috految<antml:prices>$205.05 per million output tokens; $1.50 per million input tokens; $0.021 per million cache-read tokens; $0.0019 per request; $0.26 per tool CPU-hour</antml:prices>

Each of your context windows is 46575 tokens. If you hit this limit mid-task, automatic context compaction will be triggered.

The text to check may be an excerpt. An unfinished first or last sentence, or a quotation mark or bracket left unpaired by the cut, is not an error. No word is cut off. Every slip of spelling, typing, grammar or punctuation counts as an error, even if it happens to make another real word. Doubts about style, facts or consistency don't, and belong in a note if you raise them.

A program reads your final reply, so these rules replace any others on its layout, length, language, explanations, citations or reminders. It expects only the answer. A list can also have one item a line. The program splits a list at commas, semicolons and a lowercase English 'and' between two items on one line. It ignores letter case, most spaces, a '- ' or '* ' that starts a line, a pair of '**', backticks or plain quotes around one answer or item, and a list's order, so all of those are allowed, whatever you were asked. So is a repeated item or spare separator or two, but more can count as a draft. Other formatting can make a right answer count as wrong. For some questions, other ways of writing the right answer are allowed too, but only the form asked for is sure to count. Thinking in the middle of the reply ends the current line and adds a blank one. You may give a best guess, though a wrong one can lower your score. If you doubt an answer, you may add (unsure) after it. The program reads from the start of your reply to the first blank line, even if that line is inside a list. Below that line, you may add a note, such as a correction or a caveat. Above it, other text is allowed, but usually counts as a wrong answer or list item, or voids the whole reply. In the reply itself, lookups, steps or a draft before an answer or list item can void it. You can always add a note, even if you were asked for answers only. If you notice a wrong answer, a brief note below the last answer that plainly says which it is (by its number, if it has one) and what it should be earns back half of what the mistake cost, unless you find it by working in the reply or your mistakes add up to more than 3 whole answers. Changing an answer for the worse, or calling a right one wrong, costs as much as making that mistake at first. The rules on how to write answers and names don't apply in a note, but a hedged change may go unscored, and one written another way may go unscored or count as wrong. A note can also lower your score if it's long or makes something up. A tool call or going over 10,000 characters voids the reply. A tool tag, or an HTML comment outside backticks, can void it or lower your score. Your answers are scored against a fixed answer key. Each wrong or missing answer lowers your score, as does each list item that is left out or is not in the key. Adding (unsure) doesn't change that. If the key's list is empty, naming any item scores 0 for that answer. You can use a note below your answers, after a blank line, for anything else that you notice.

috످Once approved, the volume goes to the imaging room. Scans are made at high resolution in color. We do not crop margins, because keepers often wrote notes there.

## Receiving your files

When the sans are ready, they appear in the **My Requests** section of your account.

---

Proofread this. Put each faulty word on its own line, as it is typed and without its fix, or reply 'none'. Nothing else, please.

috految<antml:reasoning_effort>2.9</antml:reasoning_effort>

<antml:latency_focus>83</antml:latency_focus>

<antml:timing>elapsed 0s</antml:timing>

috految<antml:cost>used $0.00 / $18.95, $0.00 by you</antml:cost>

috److sans

috످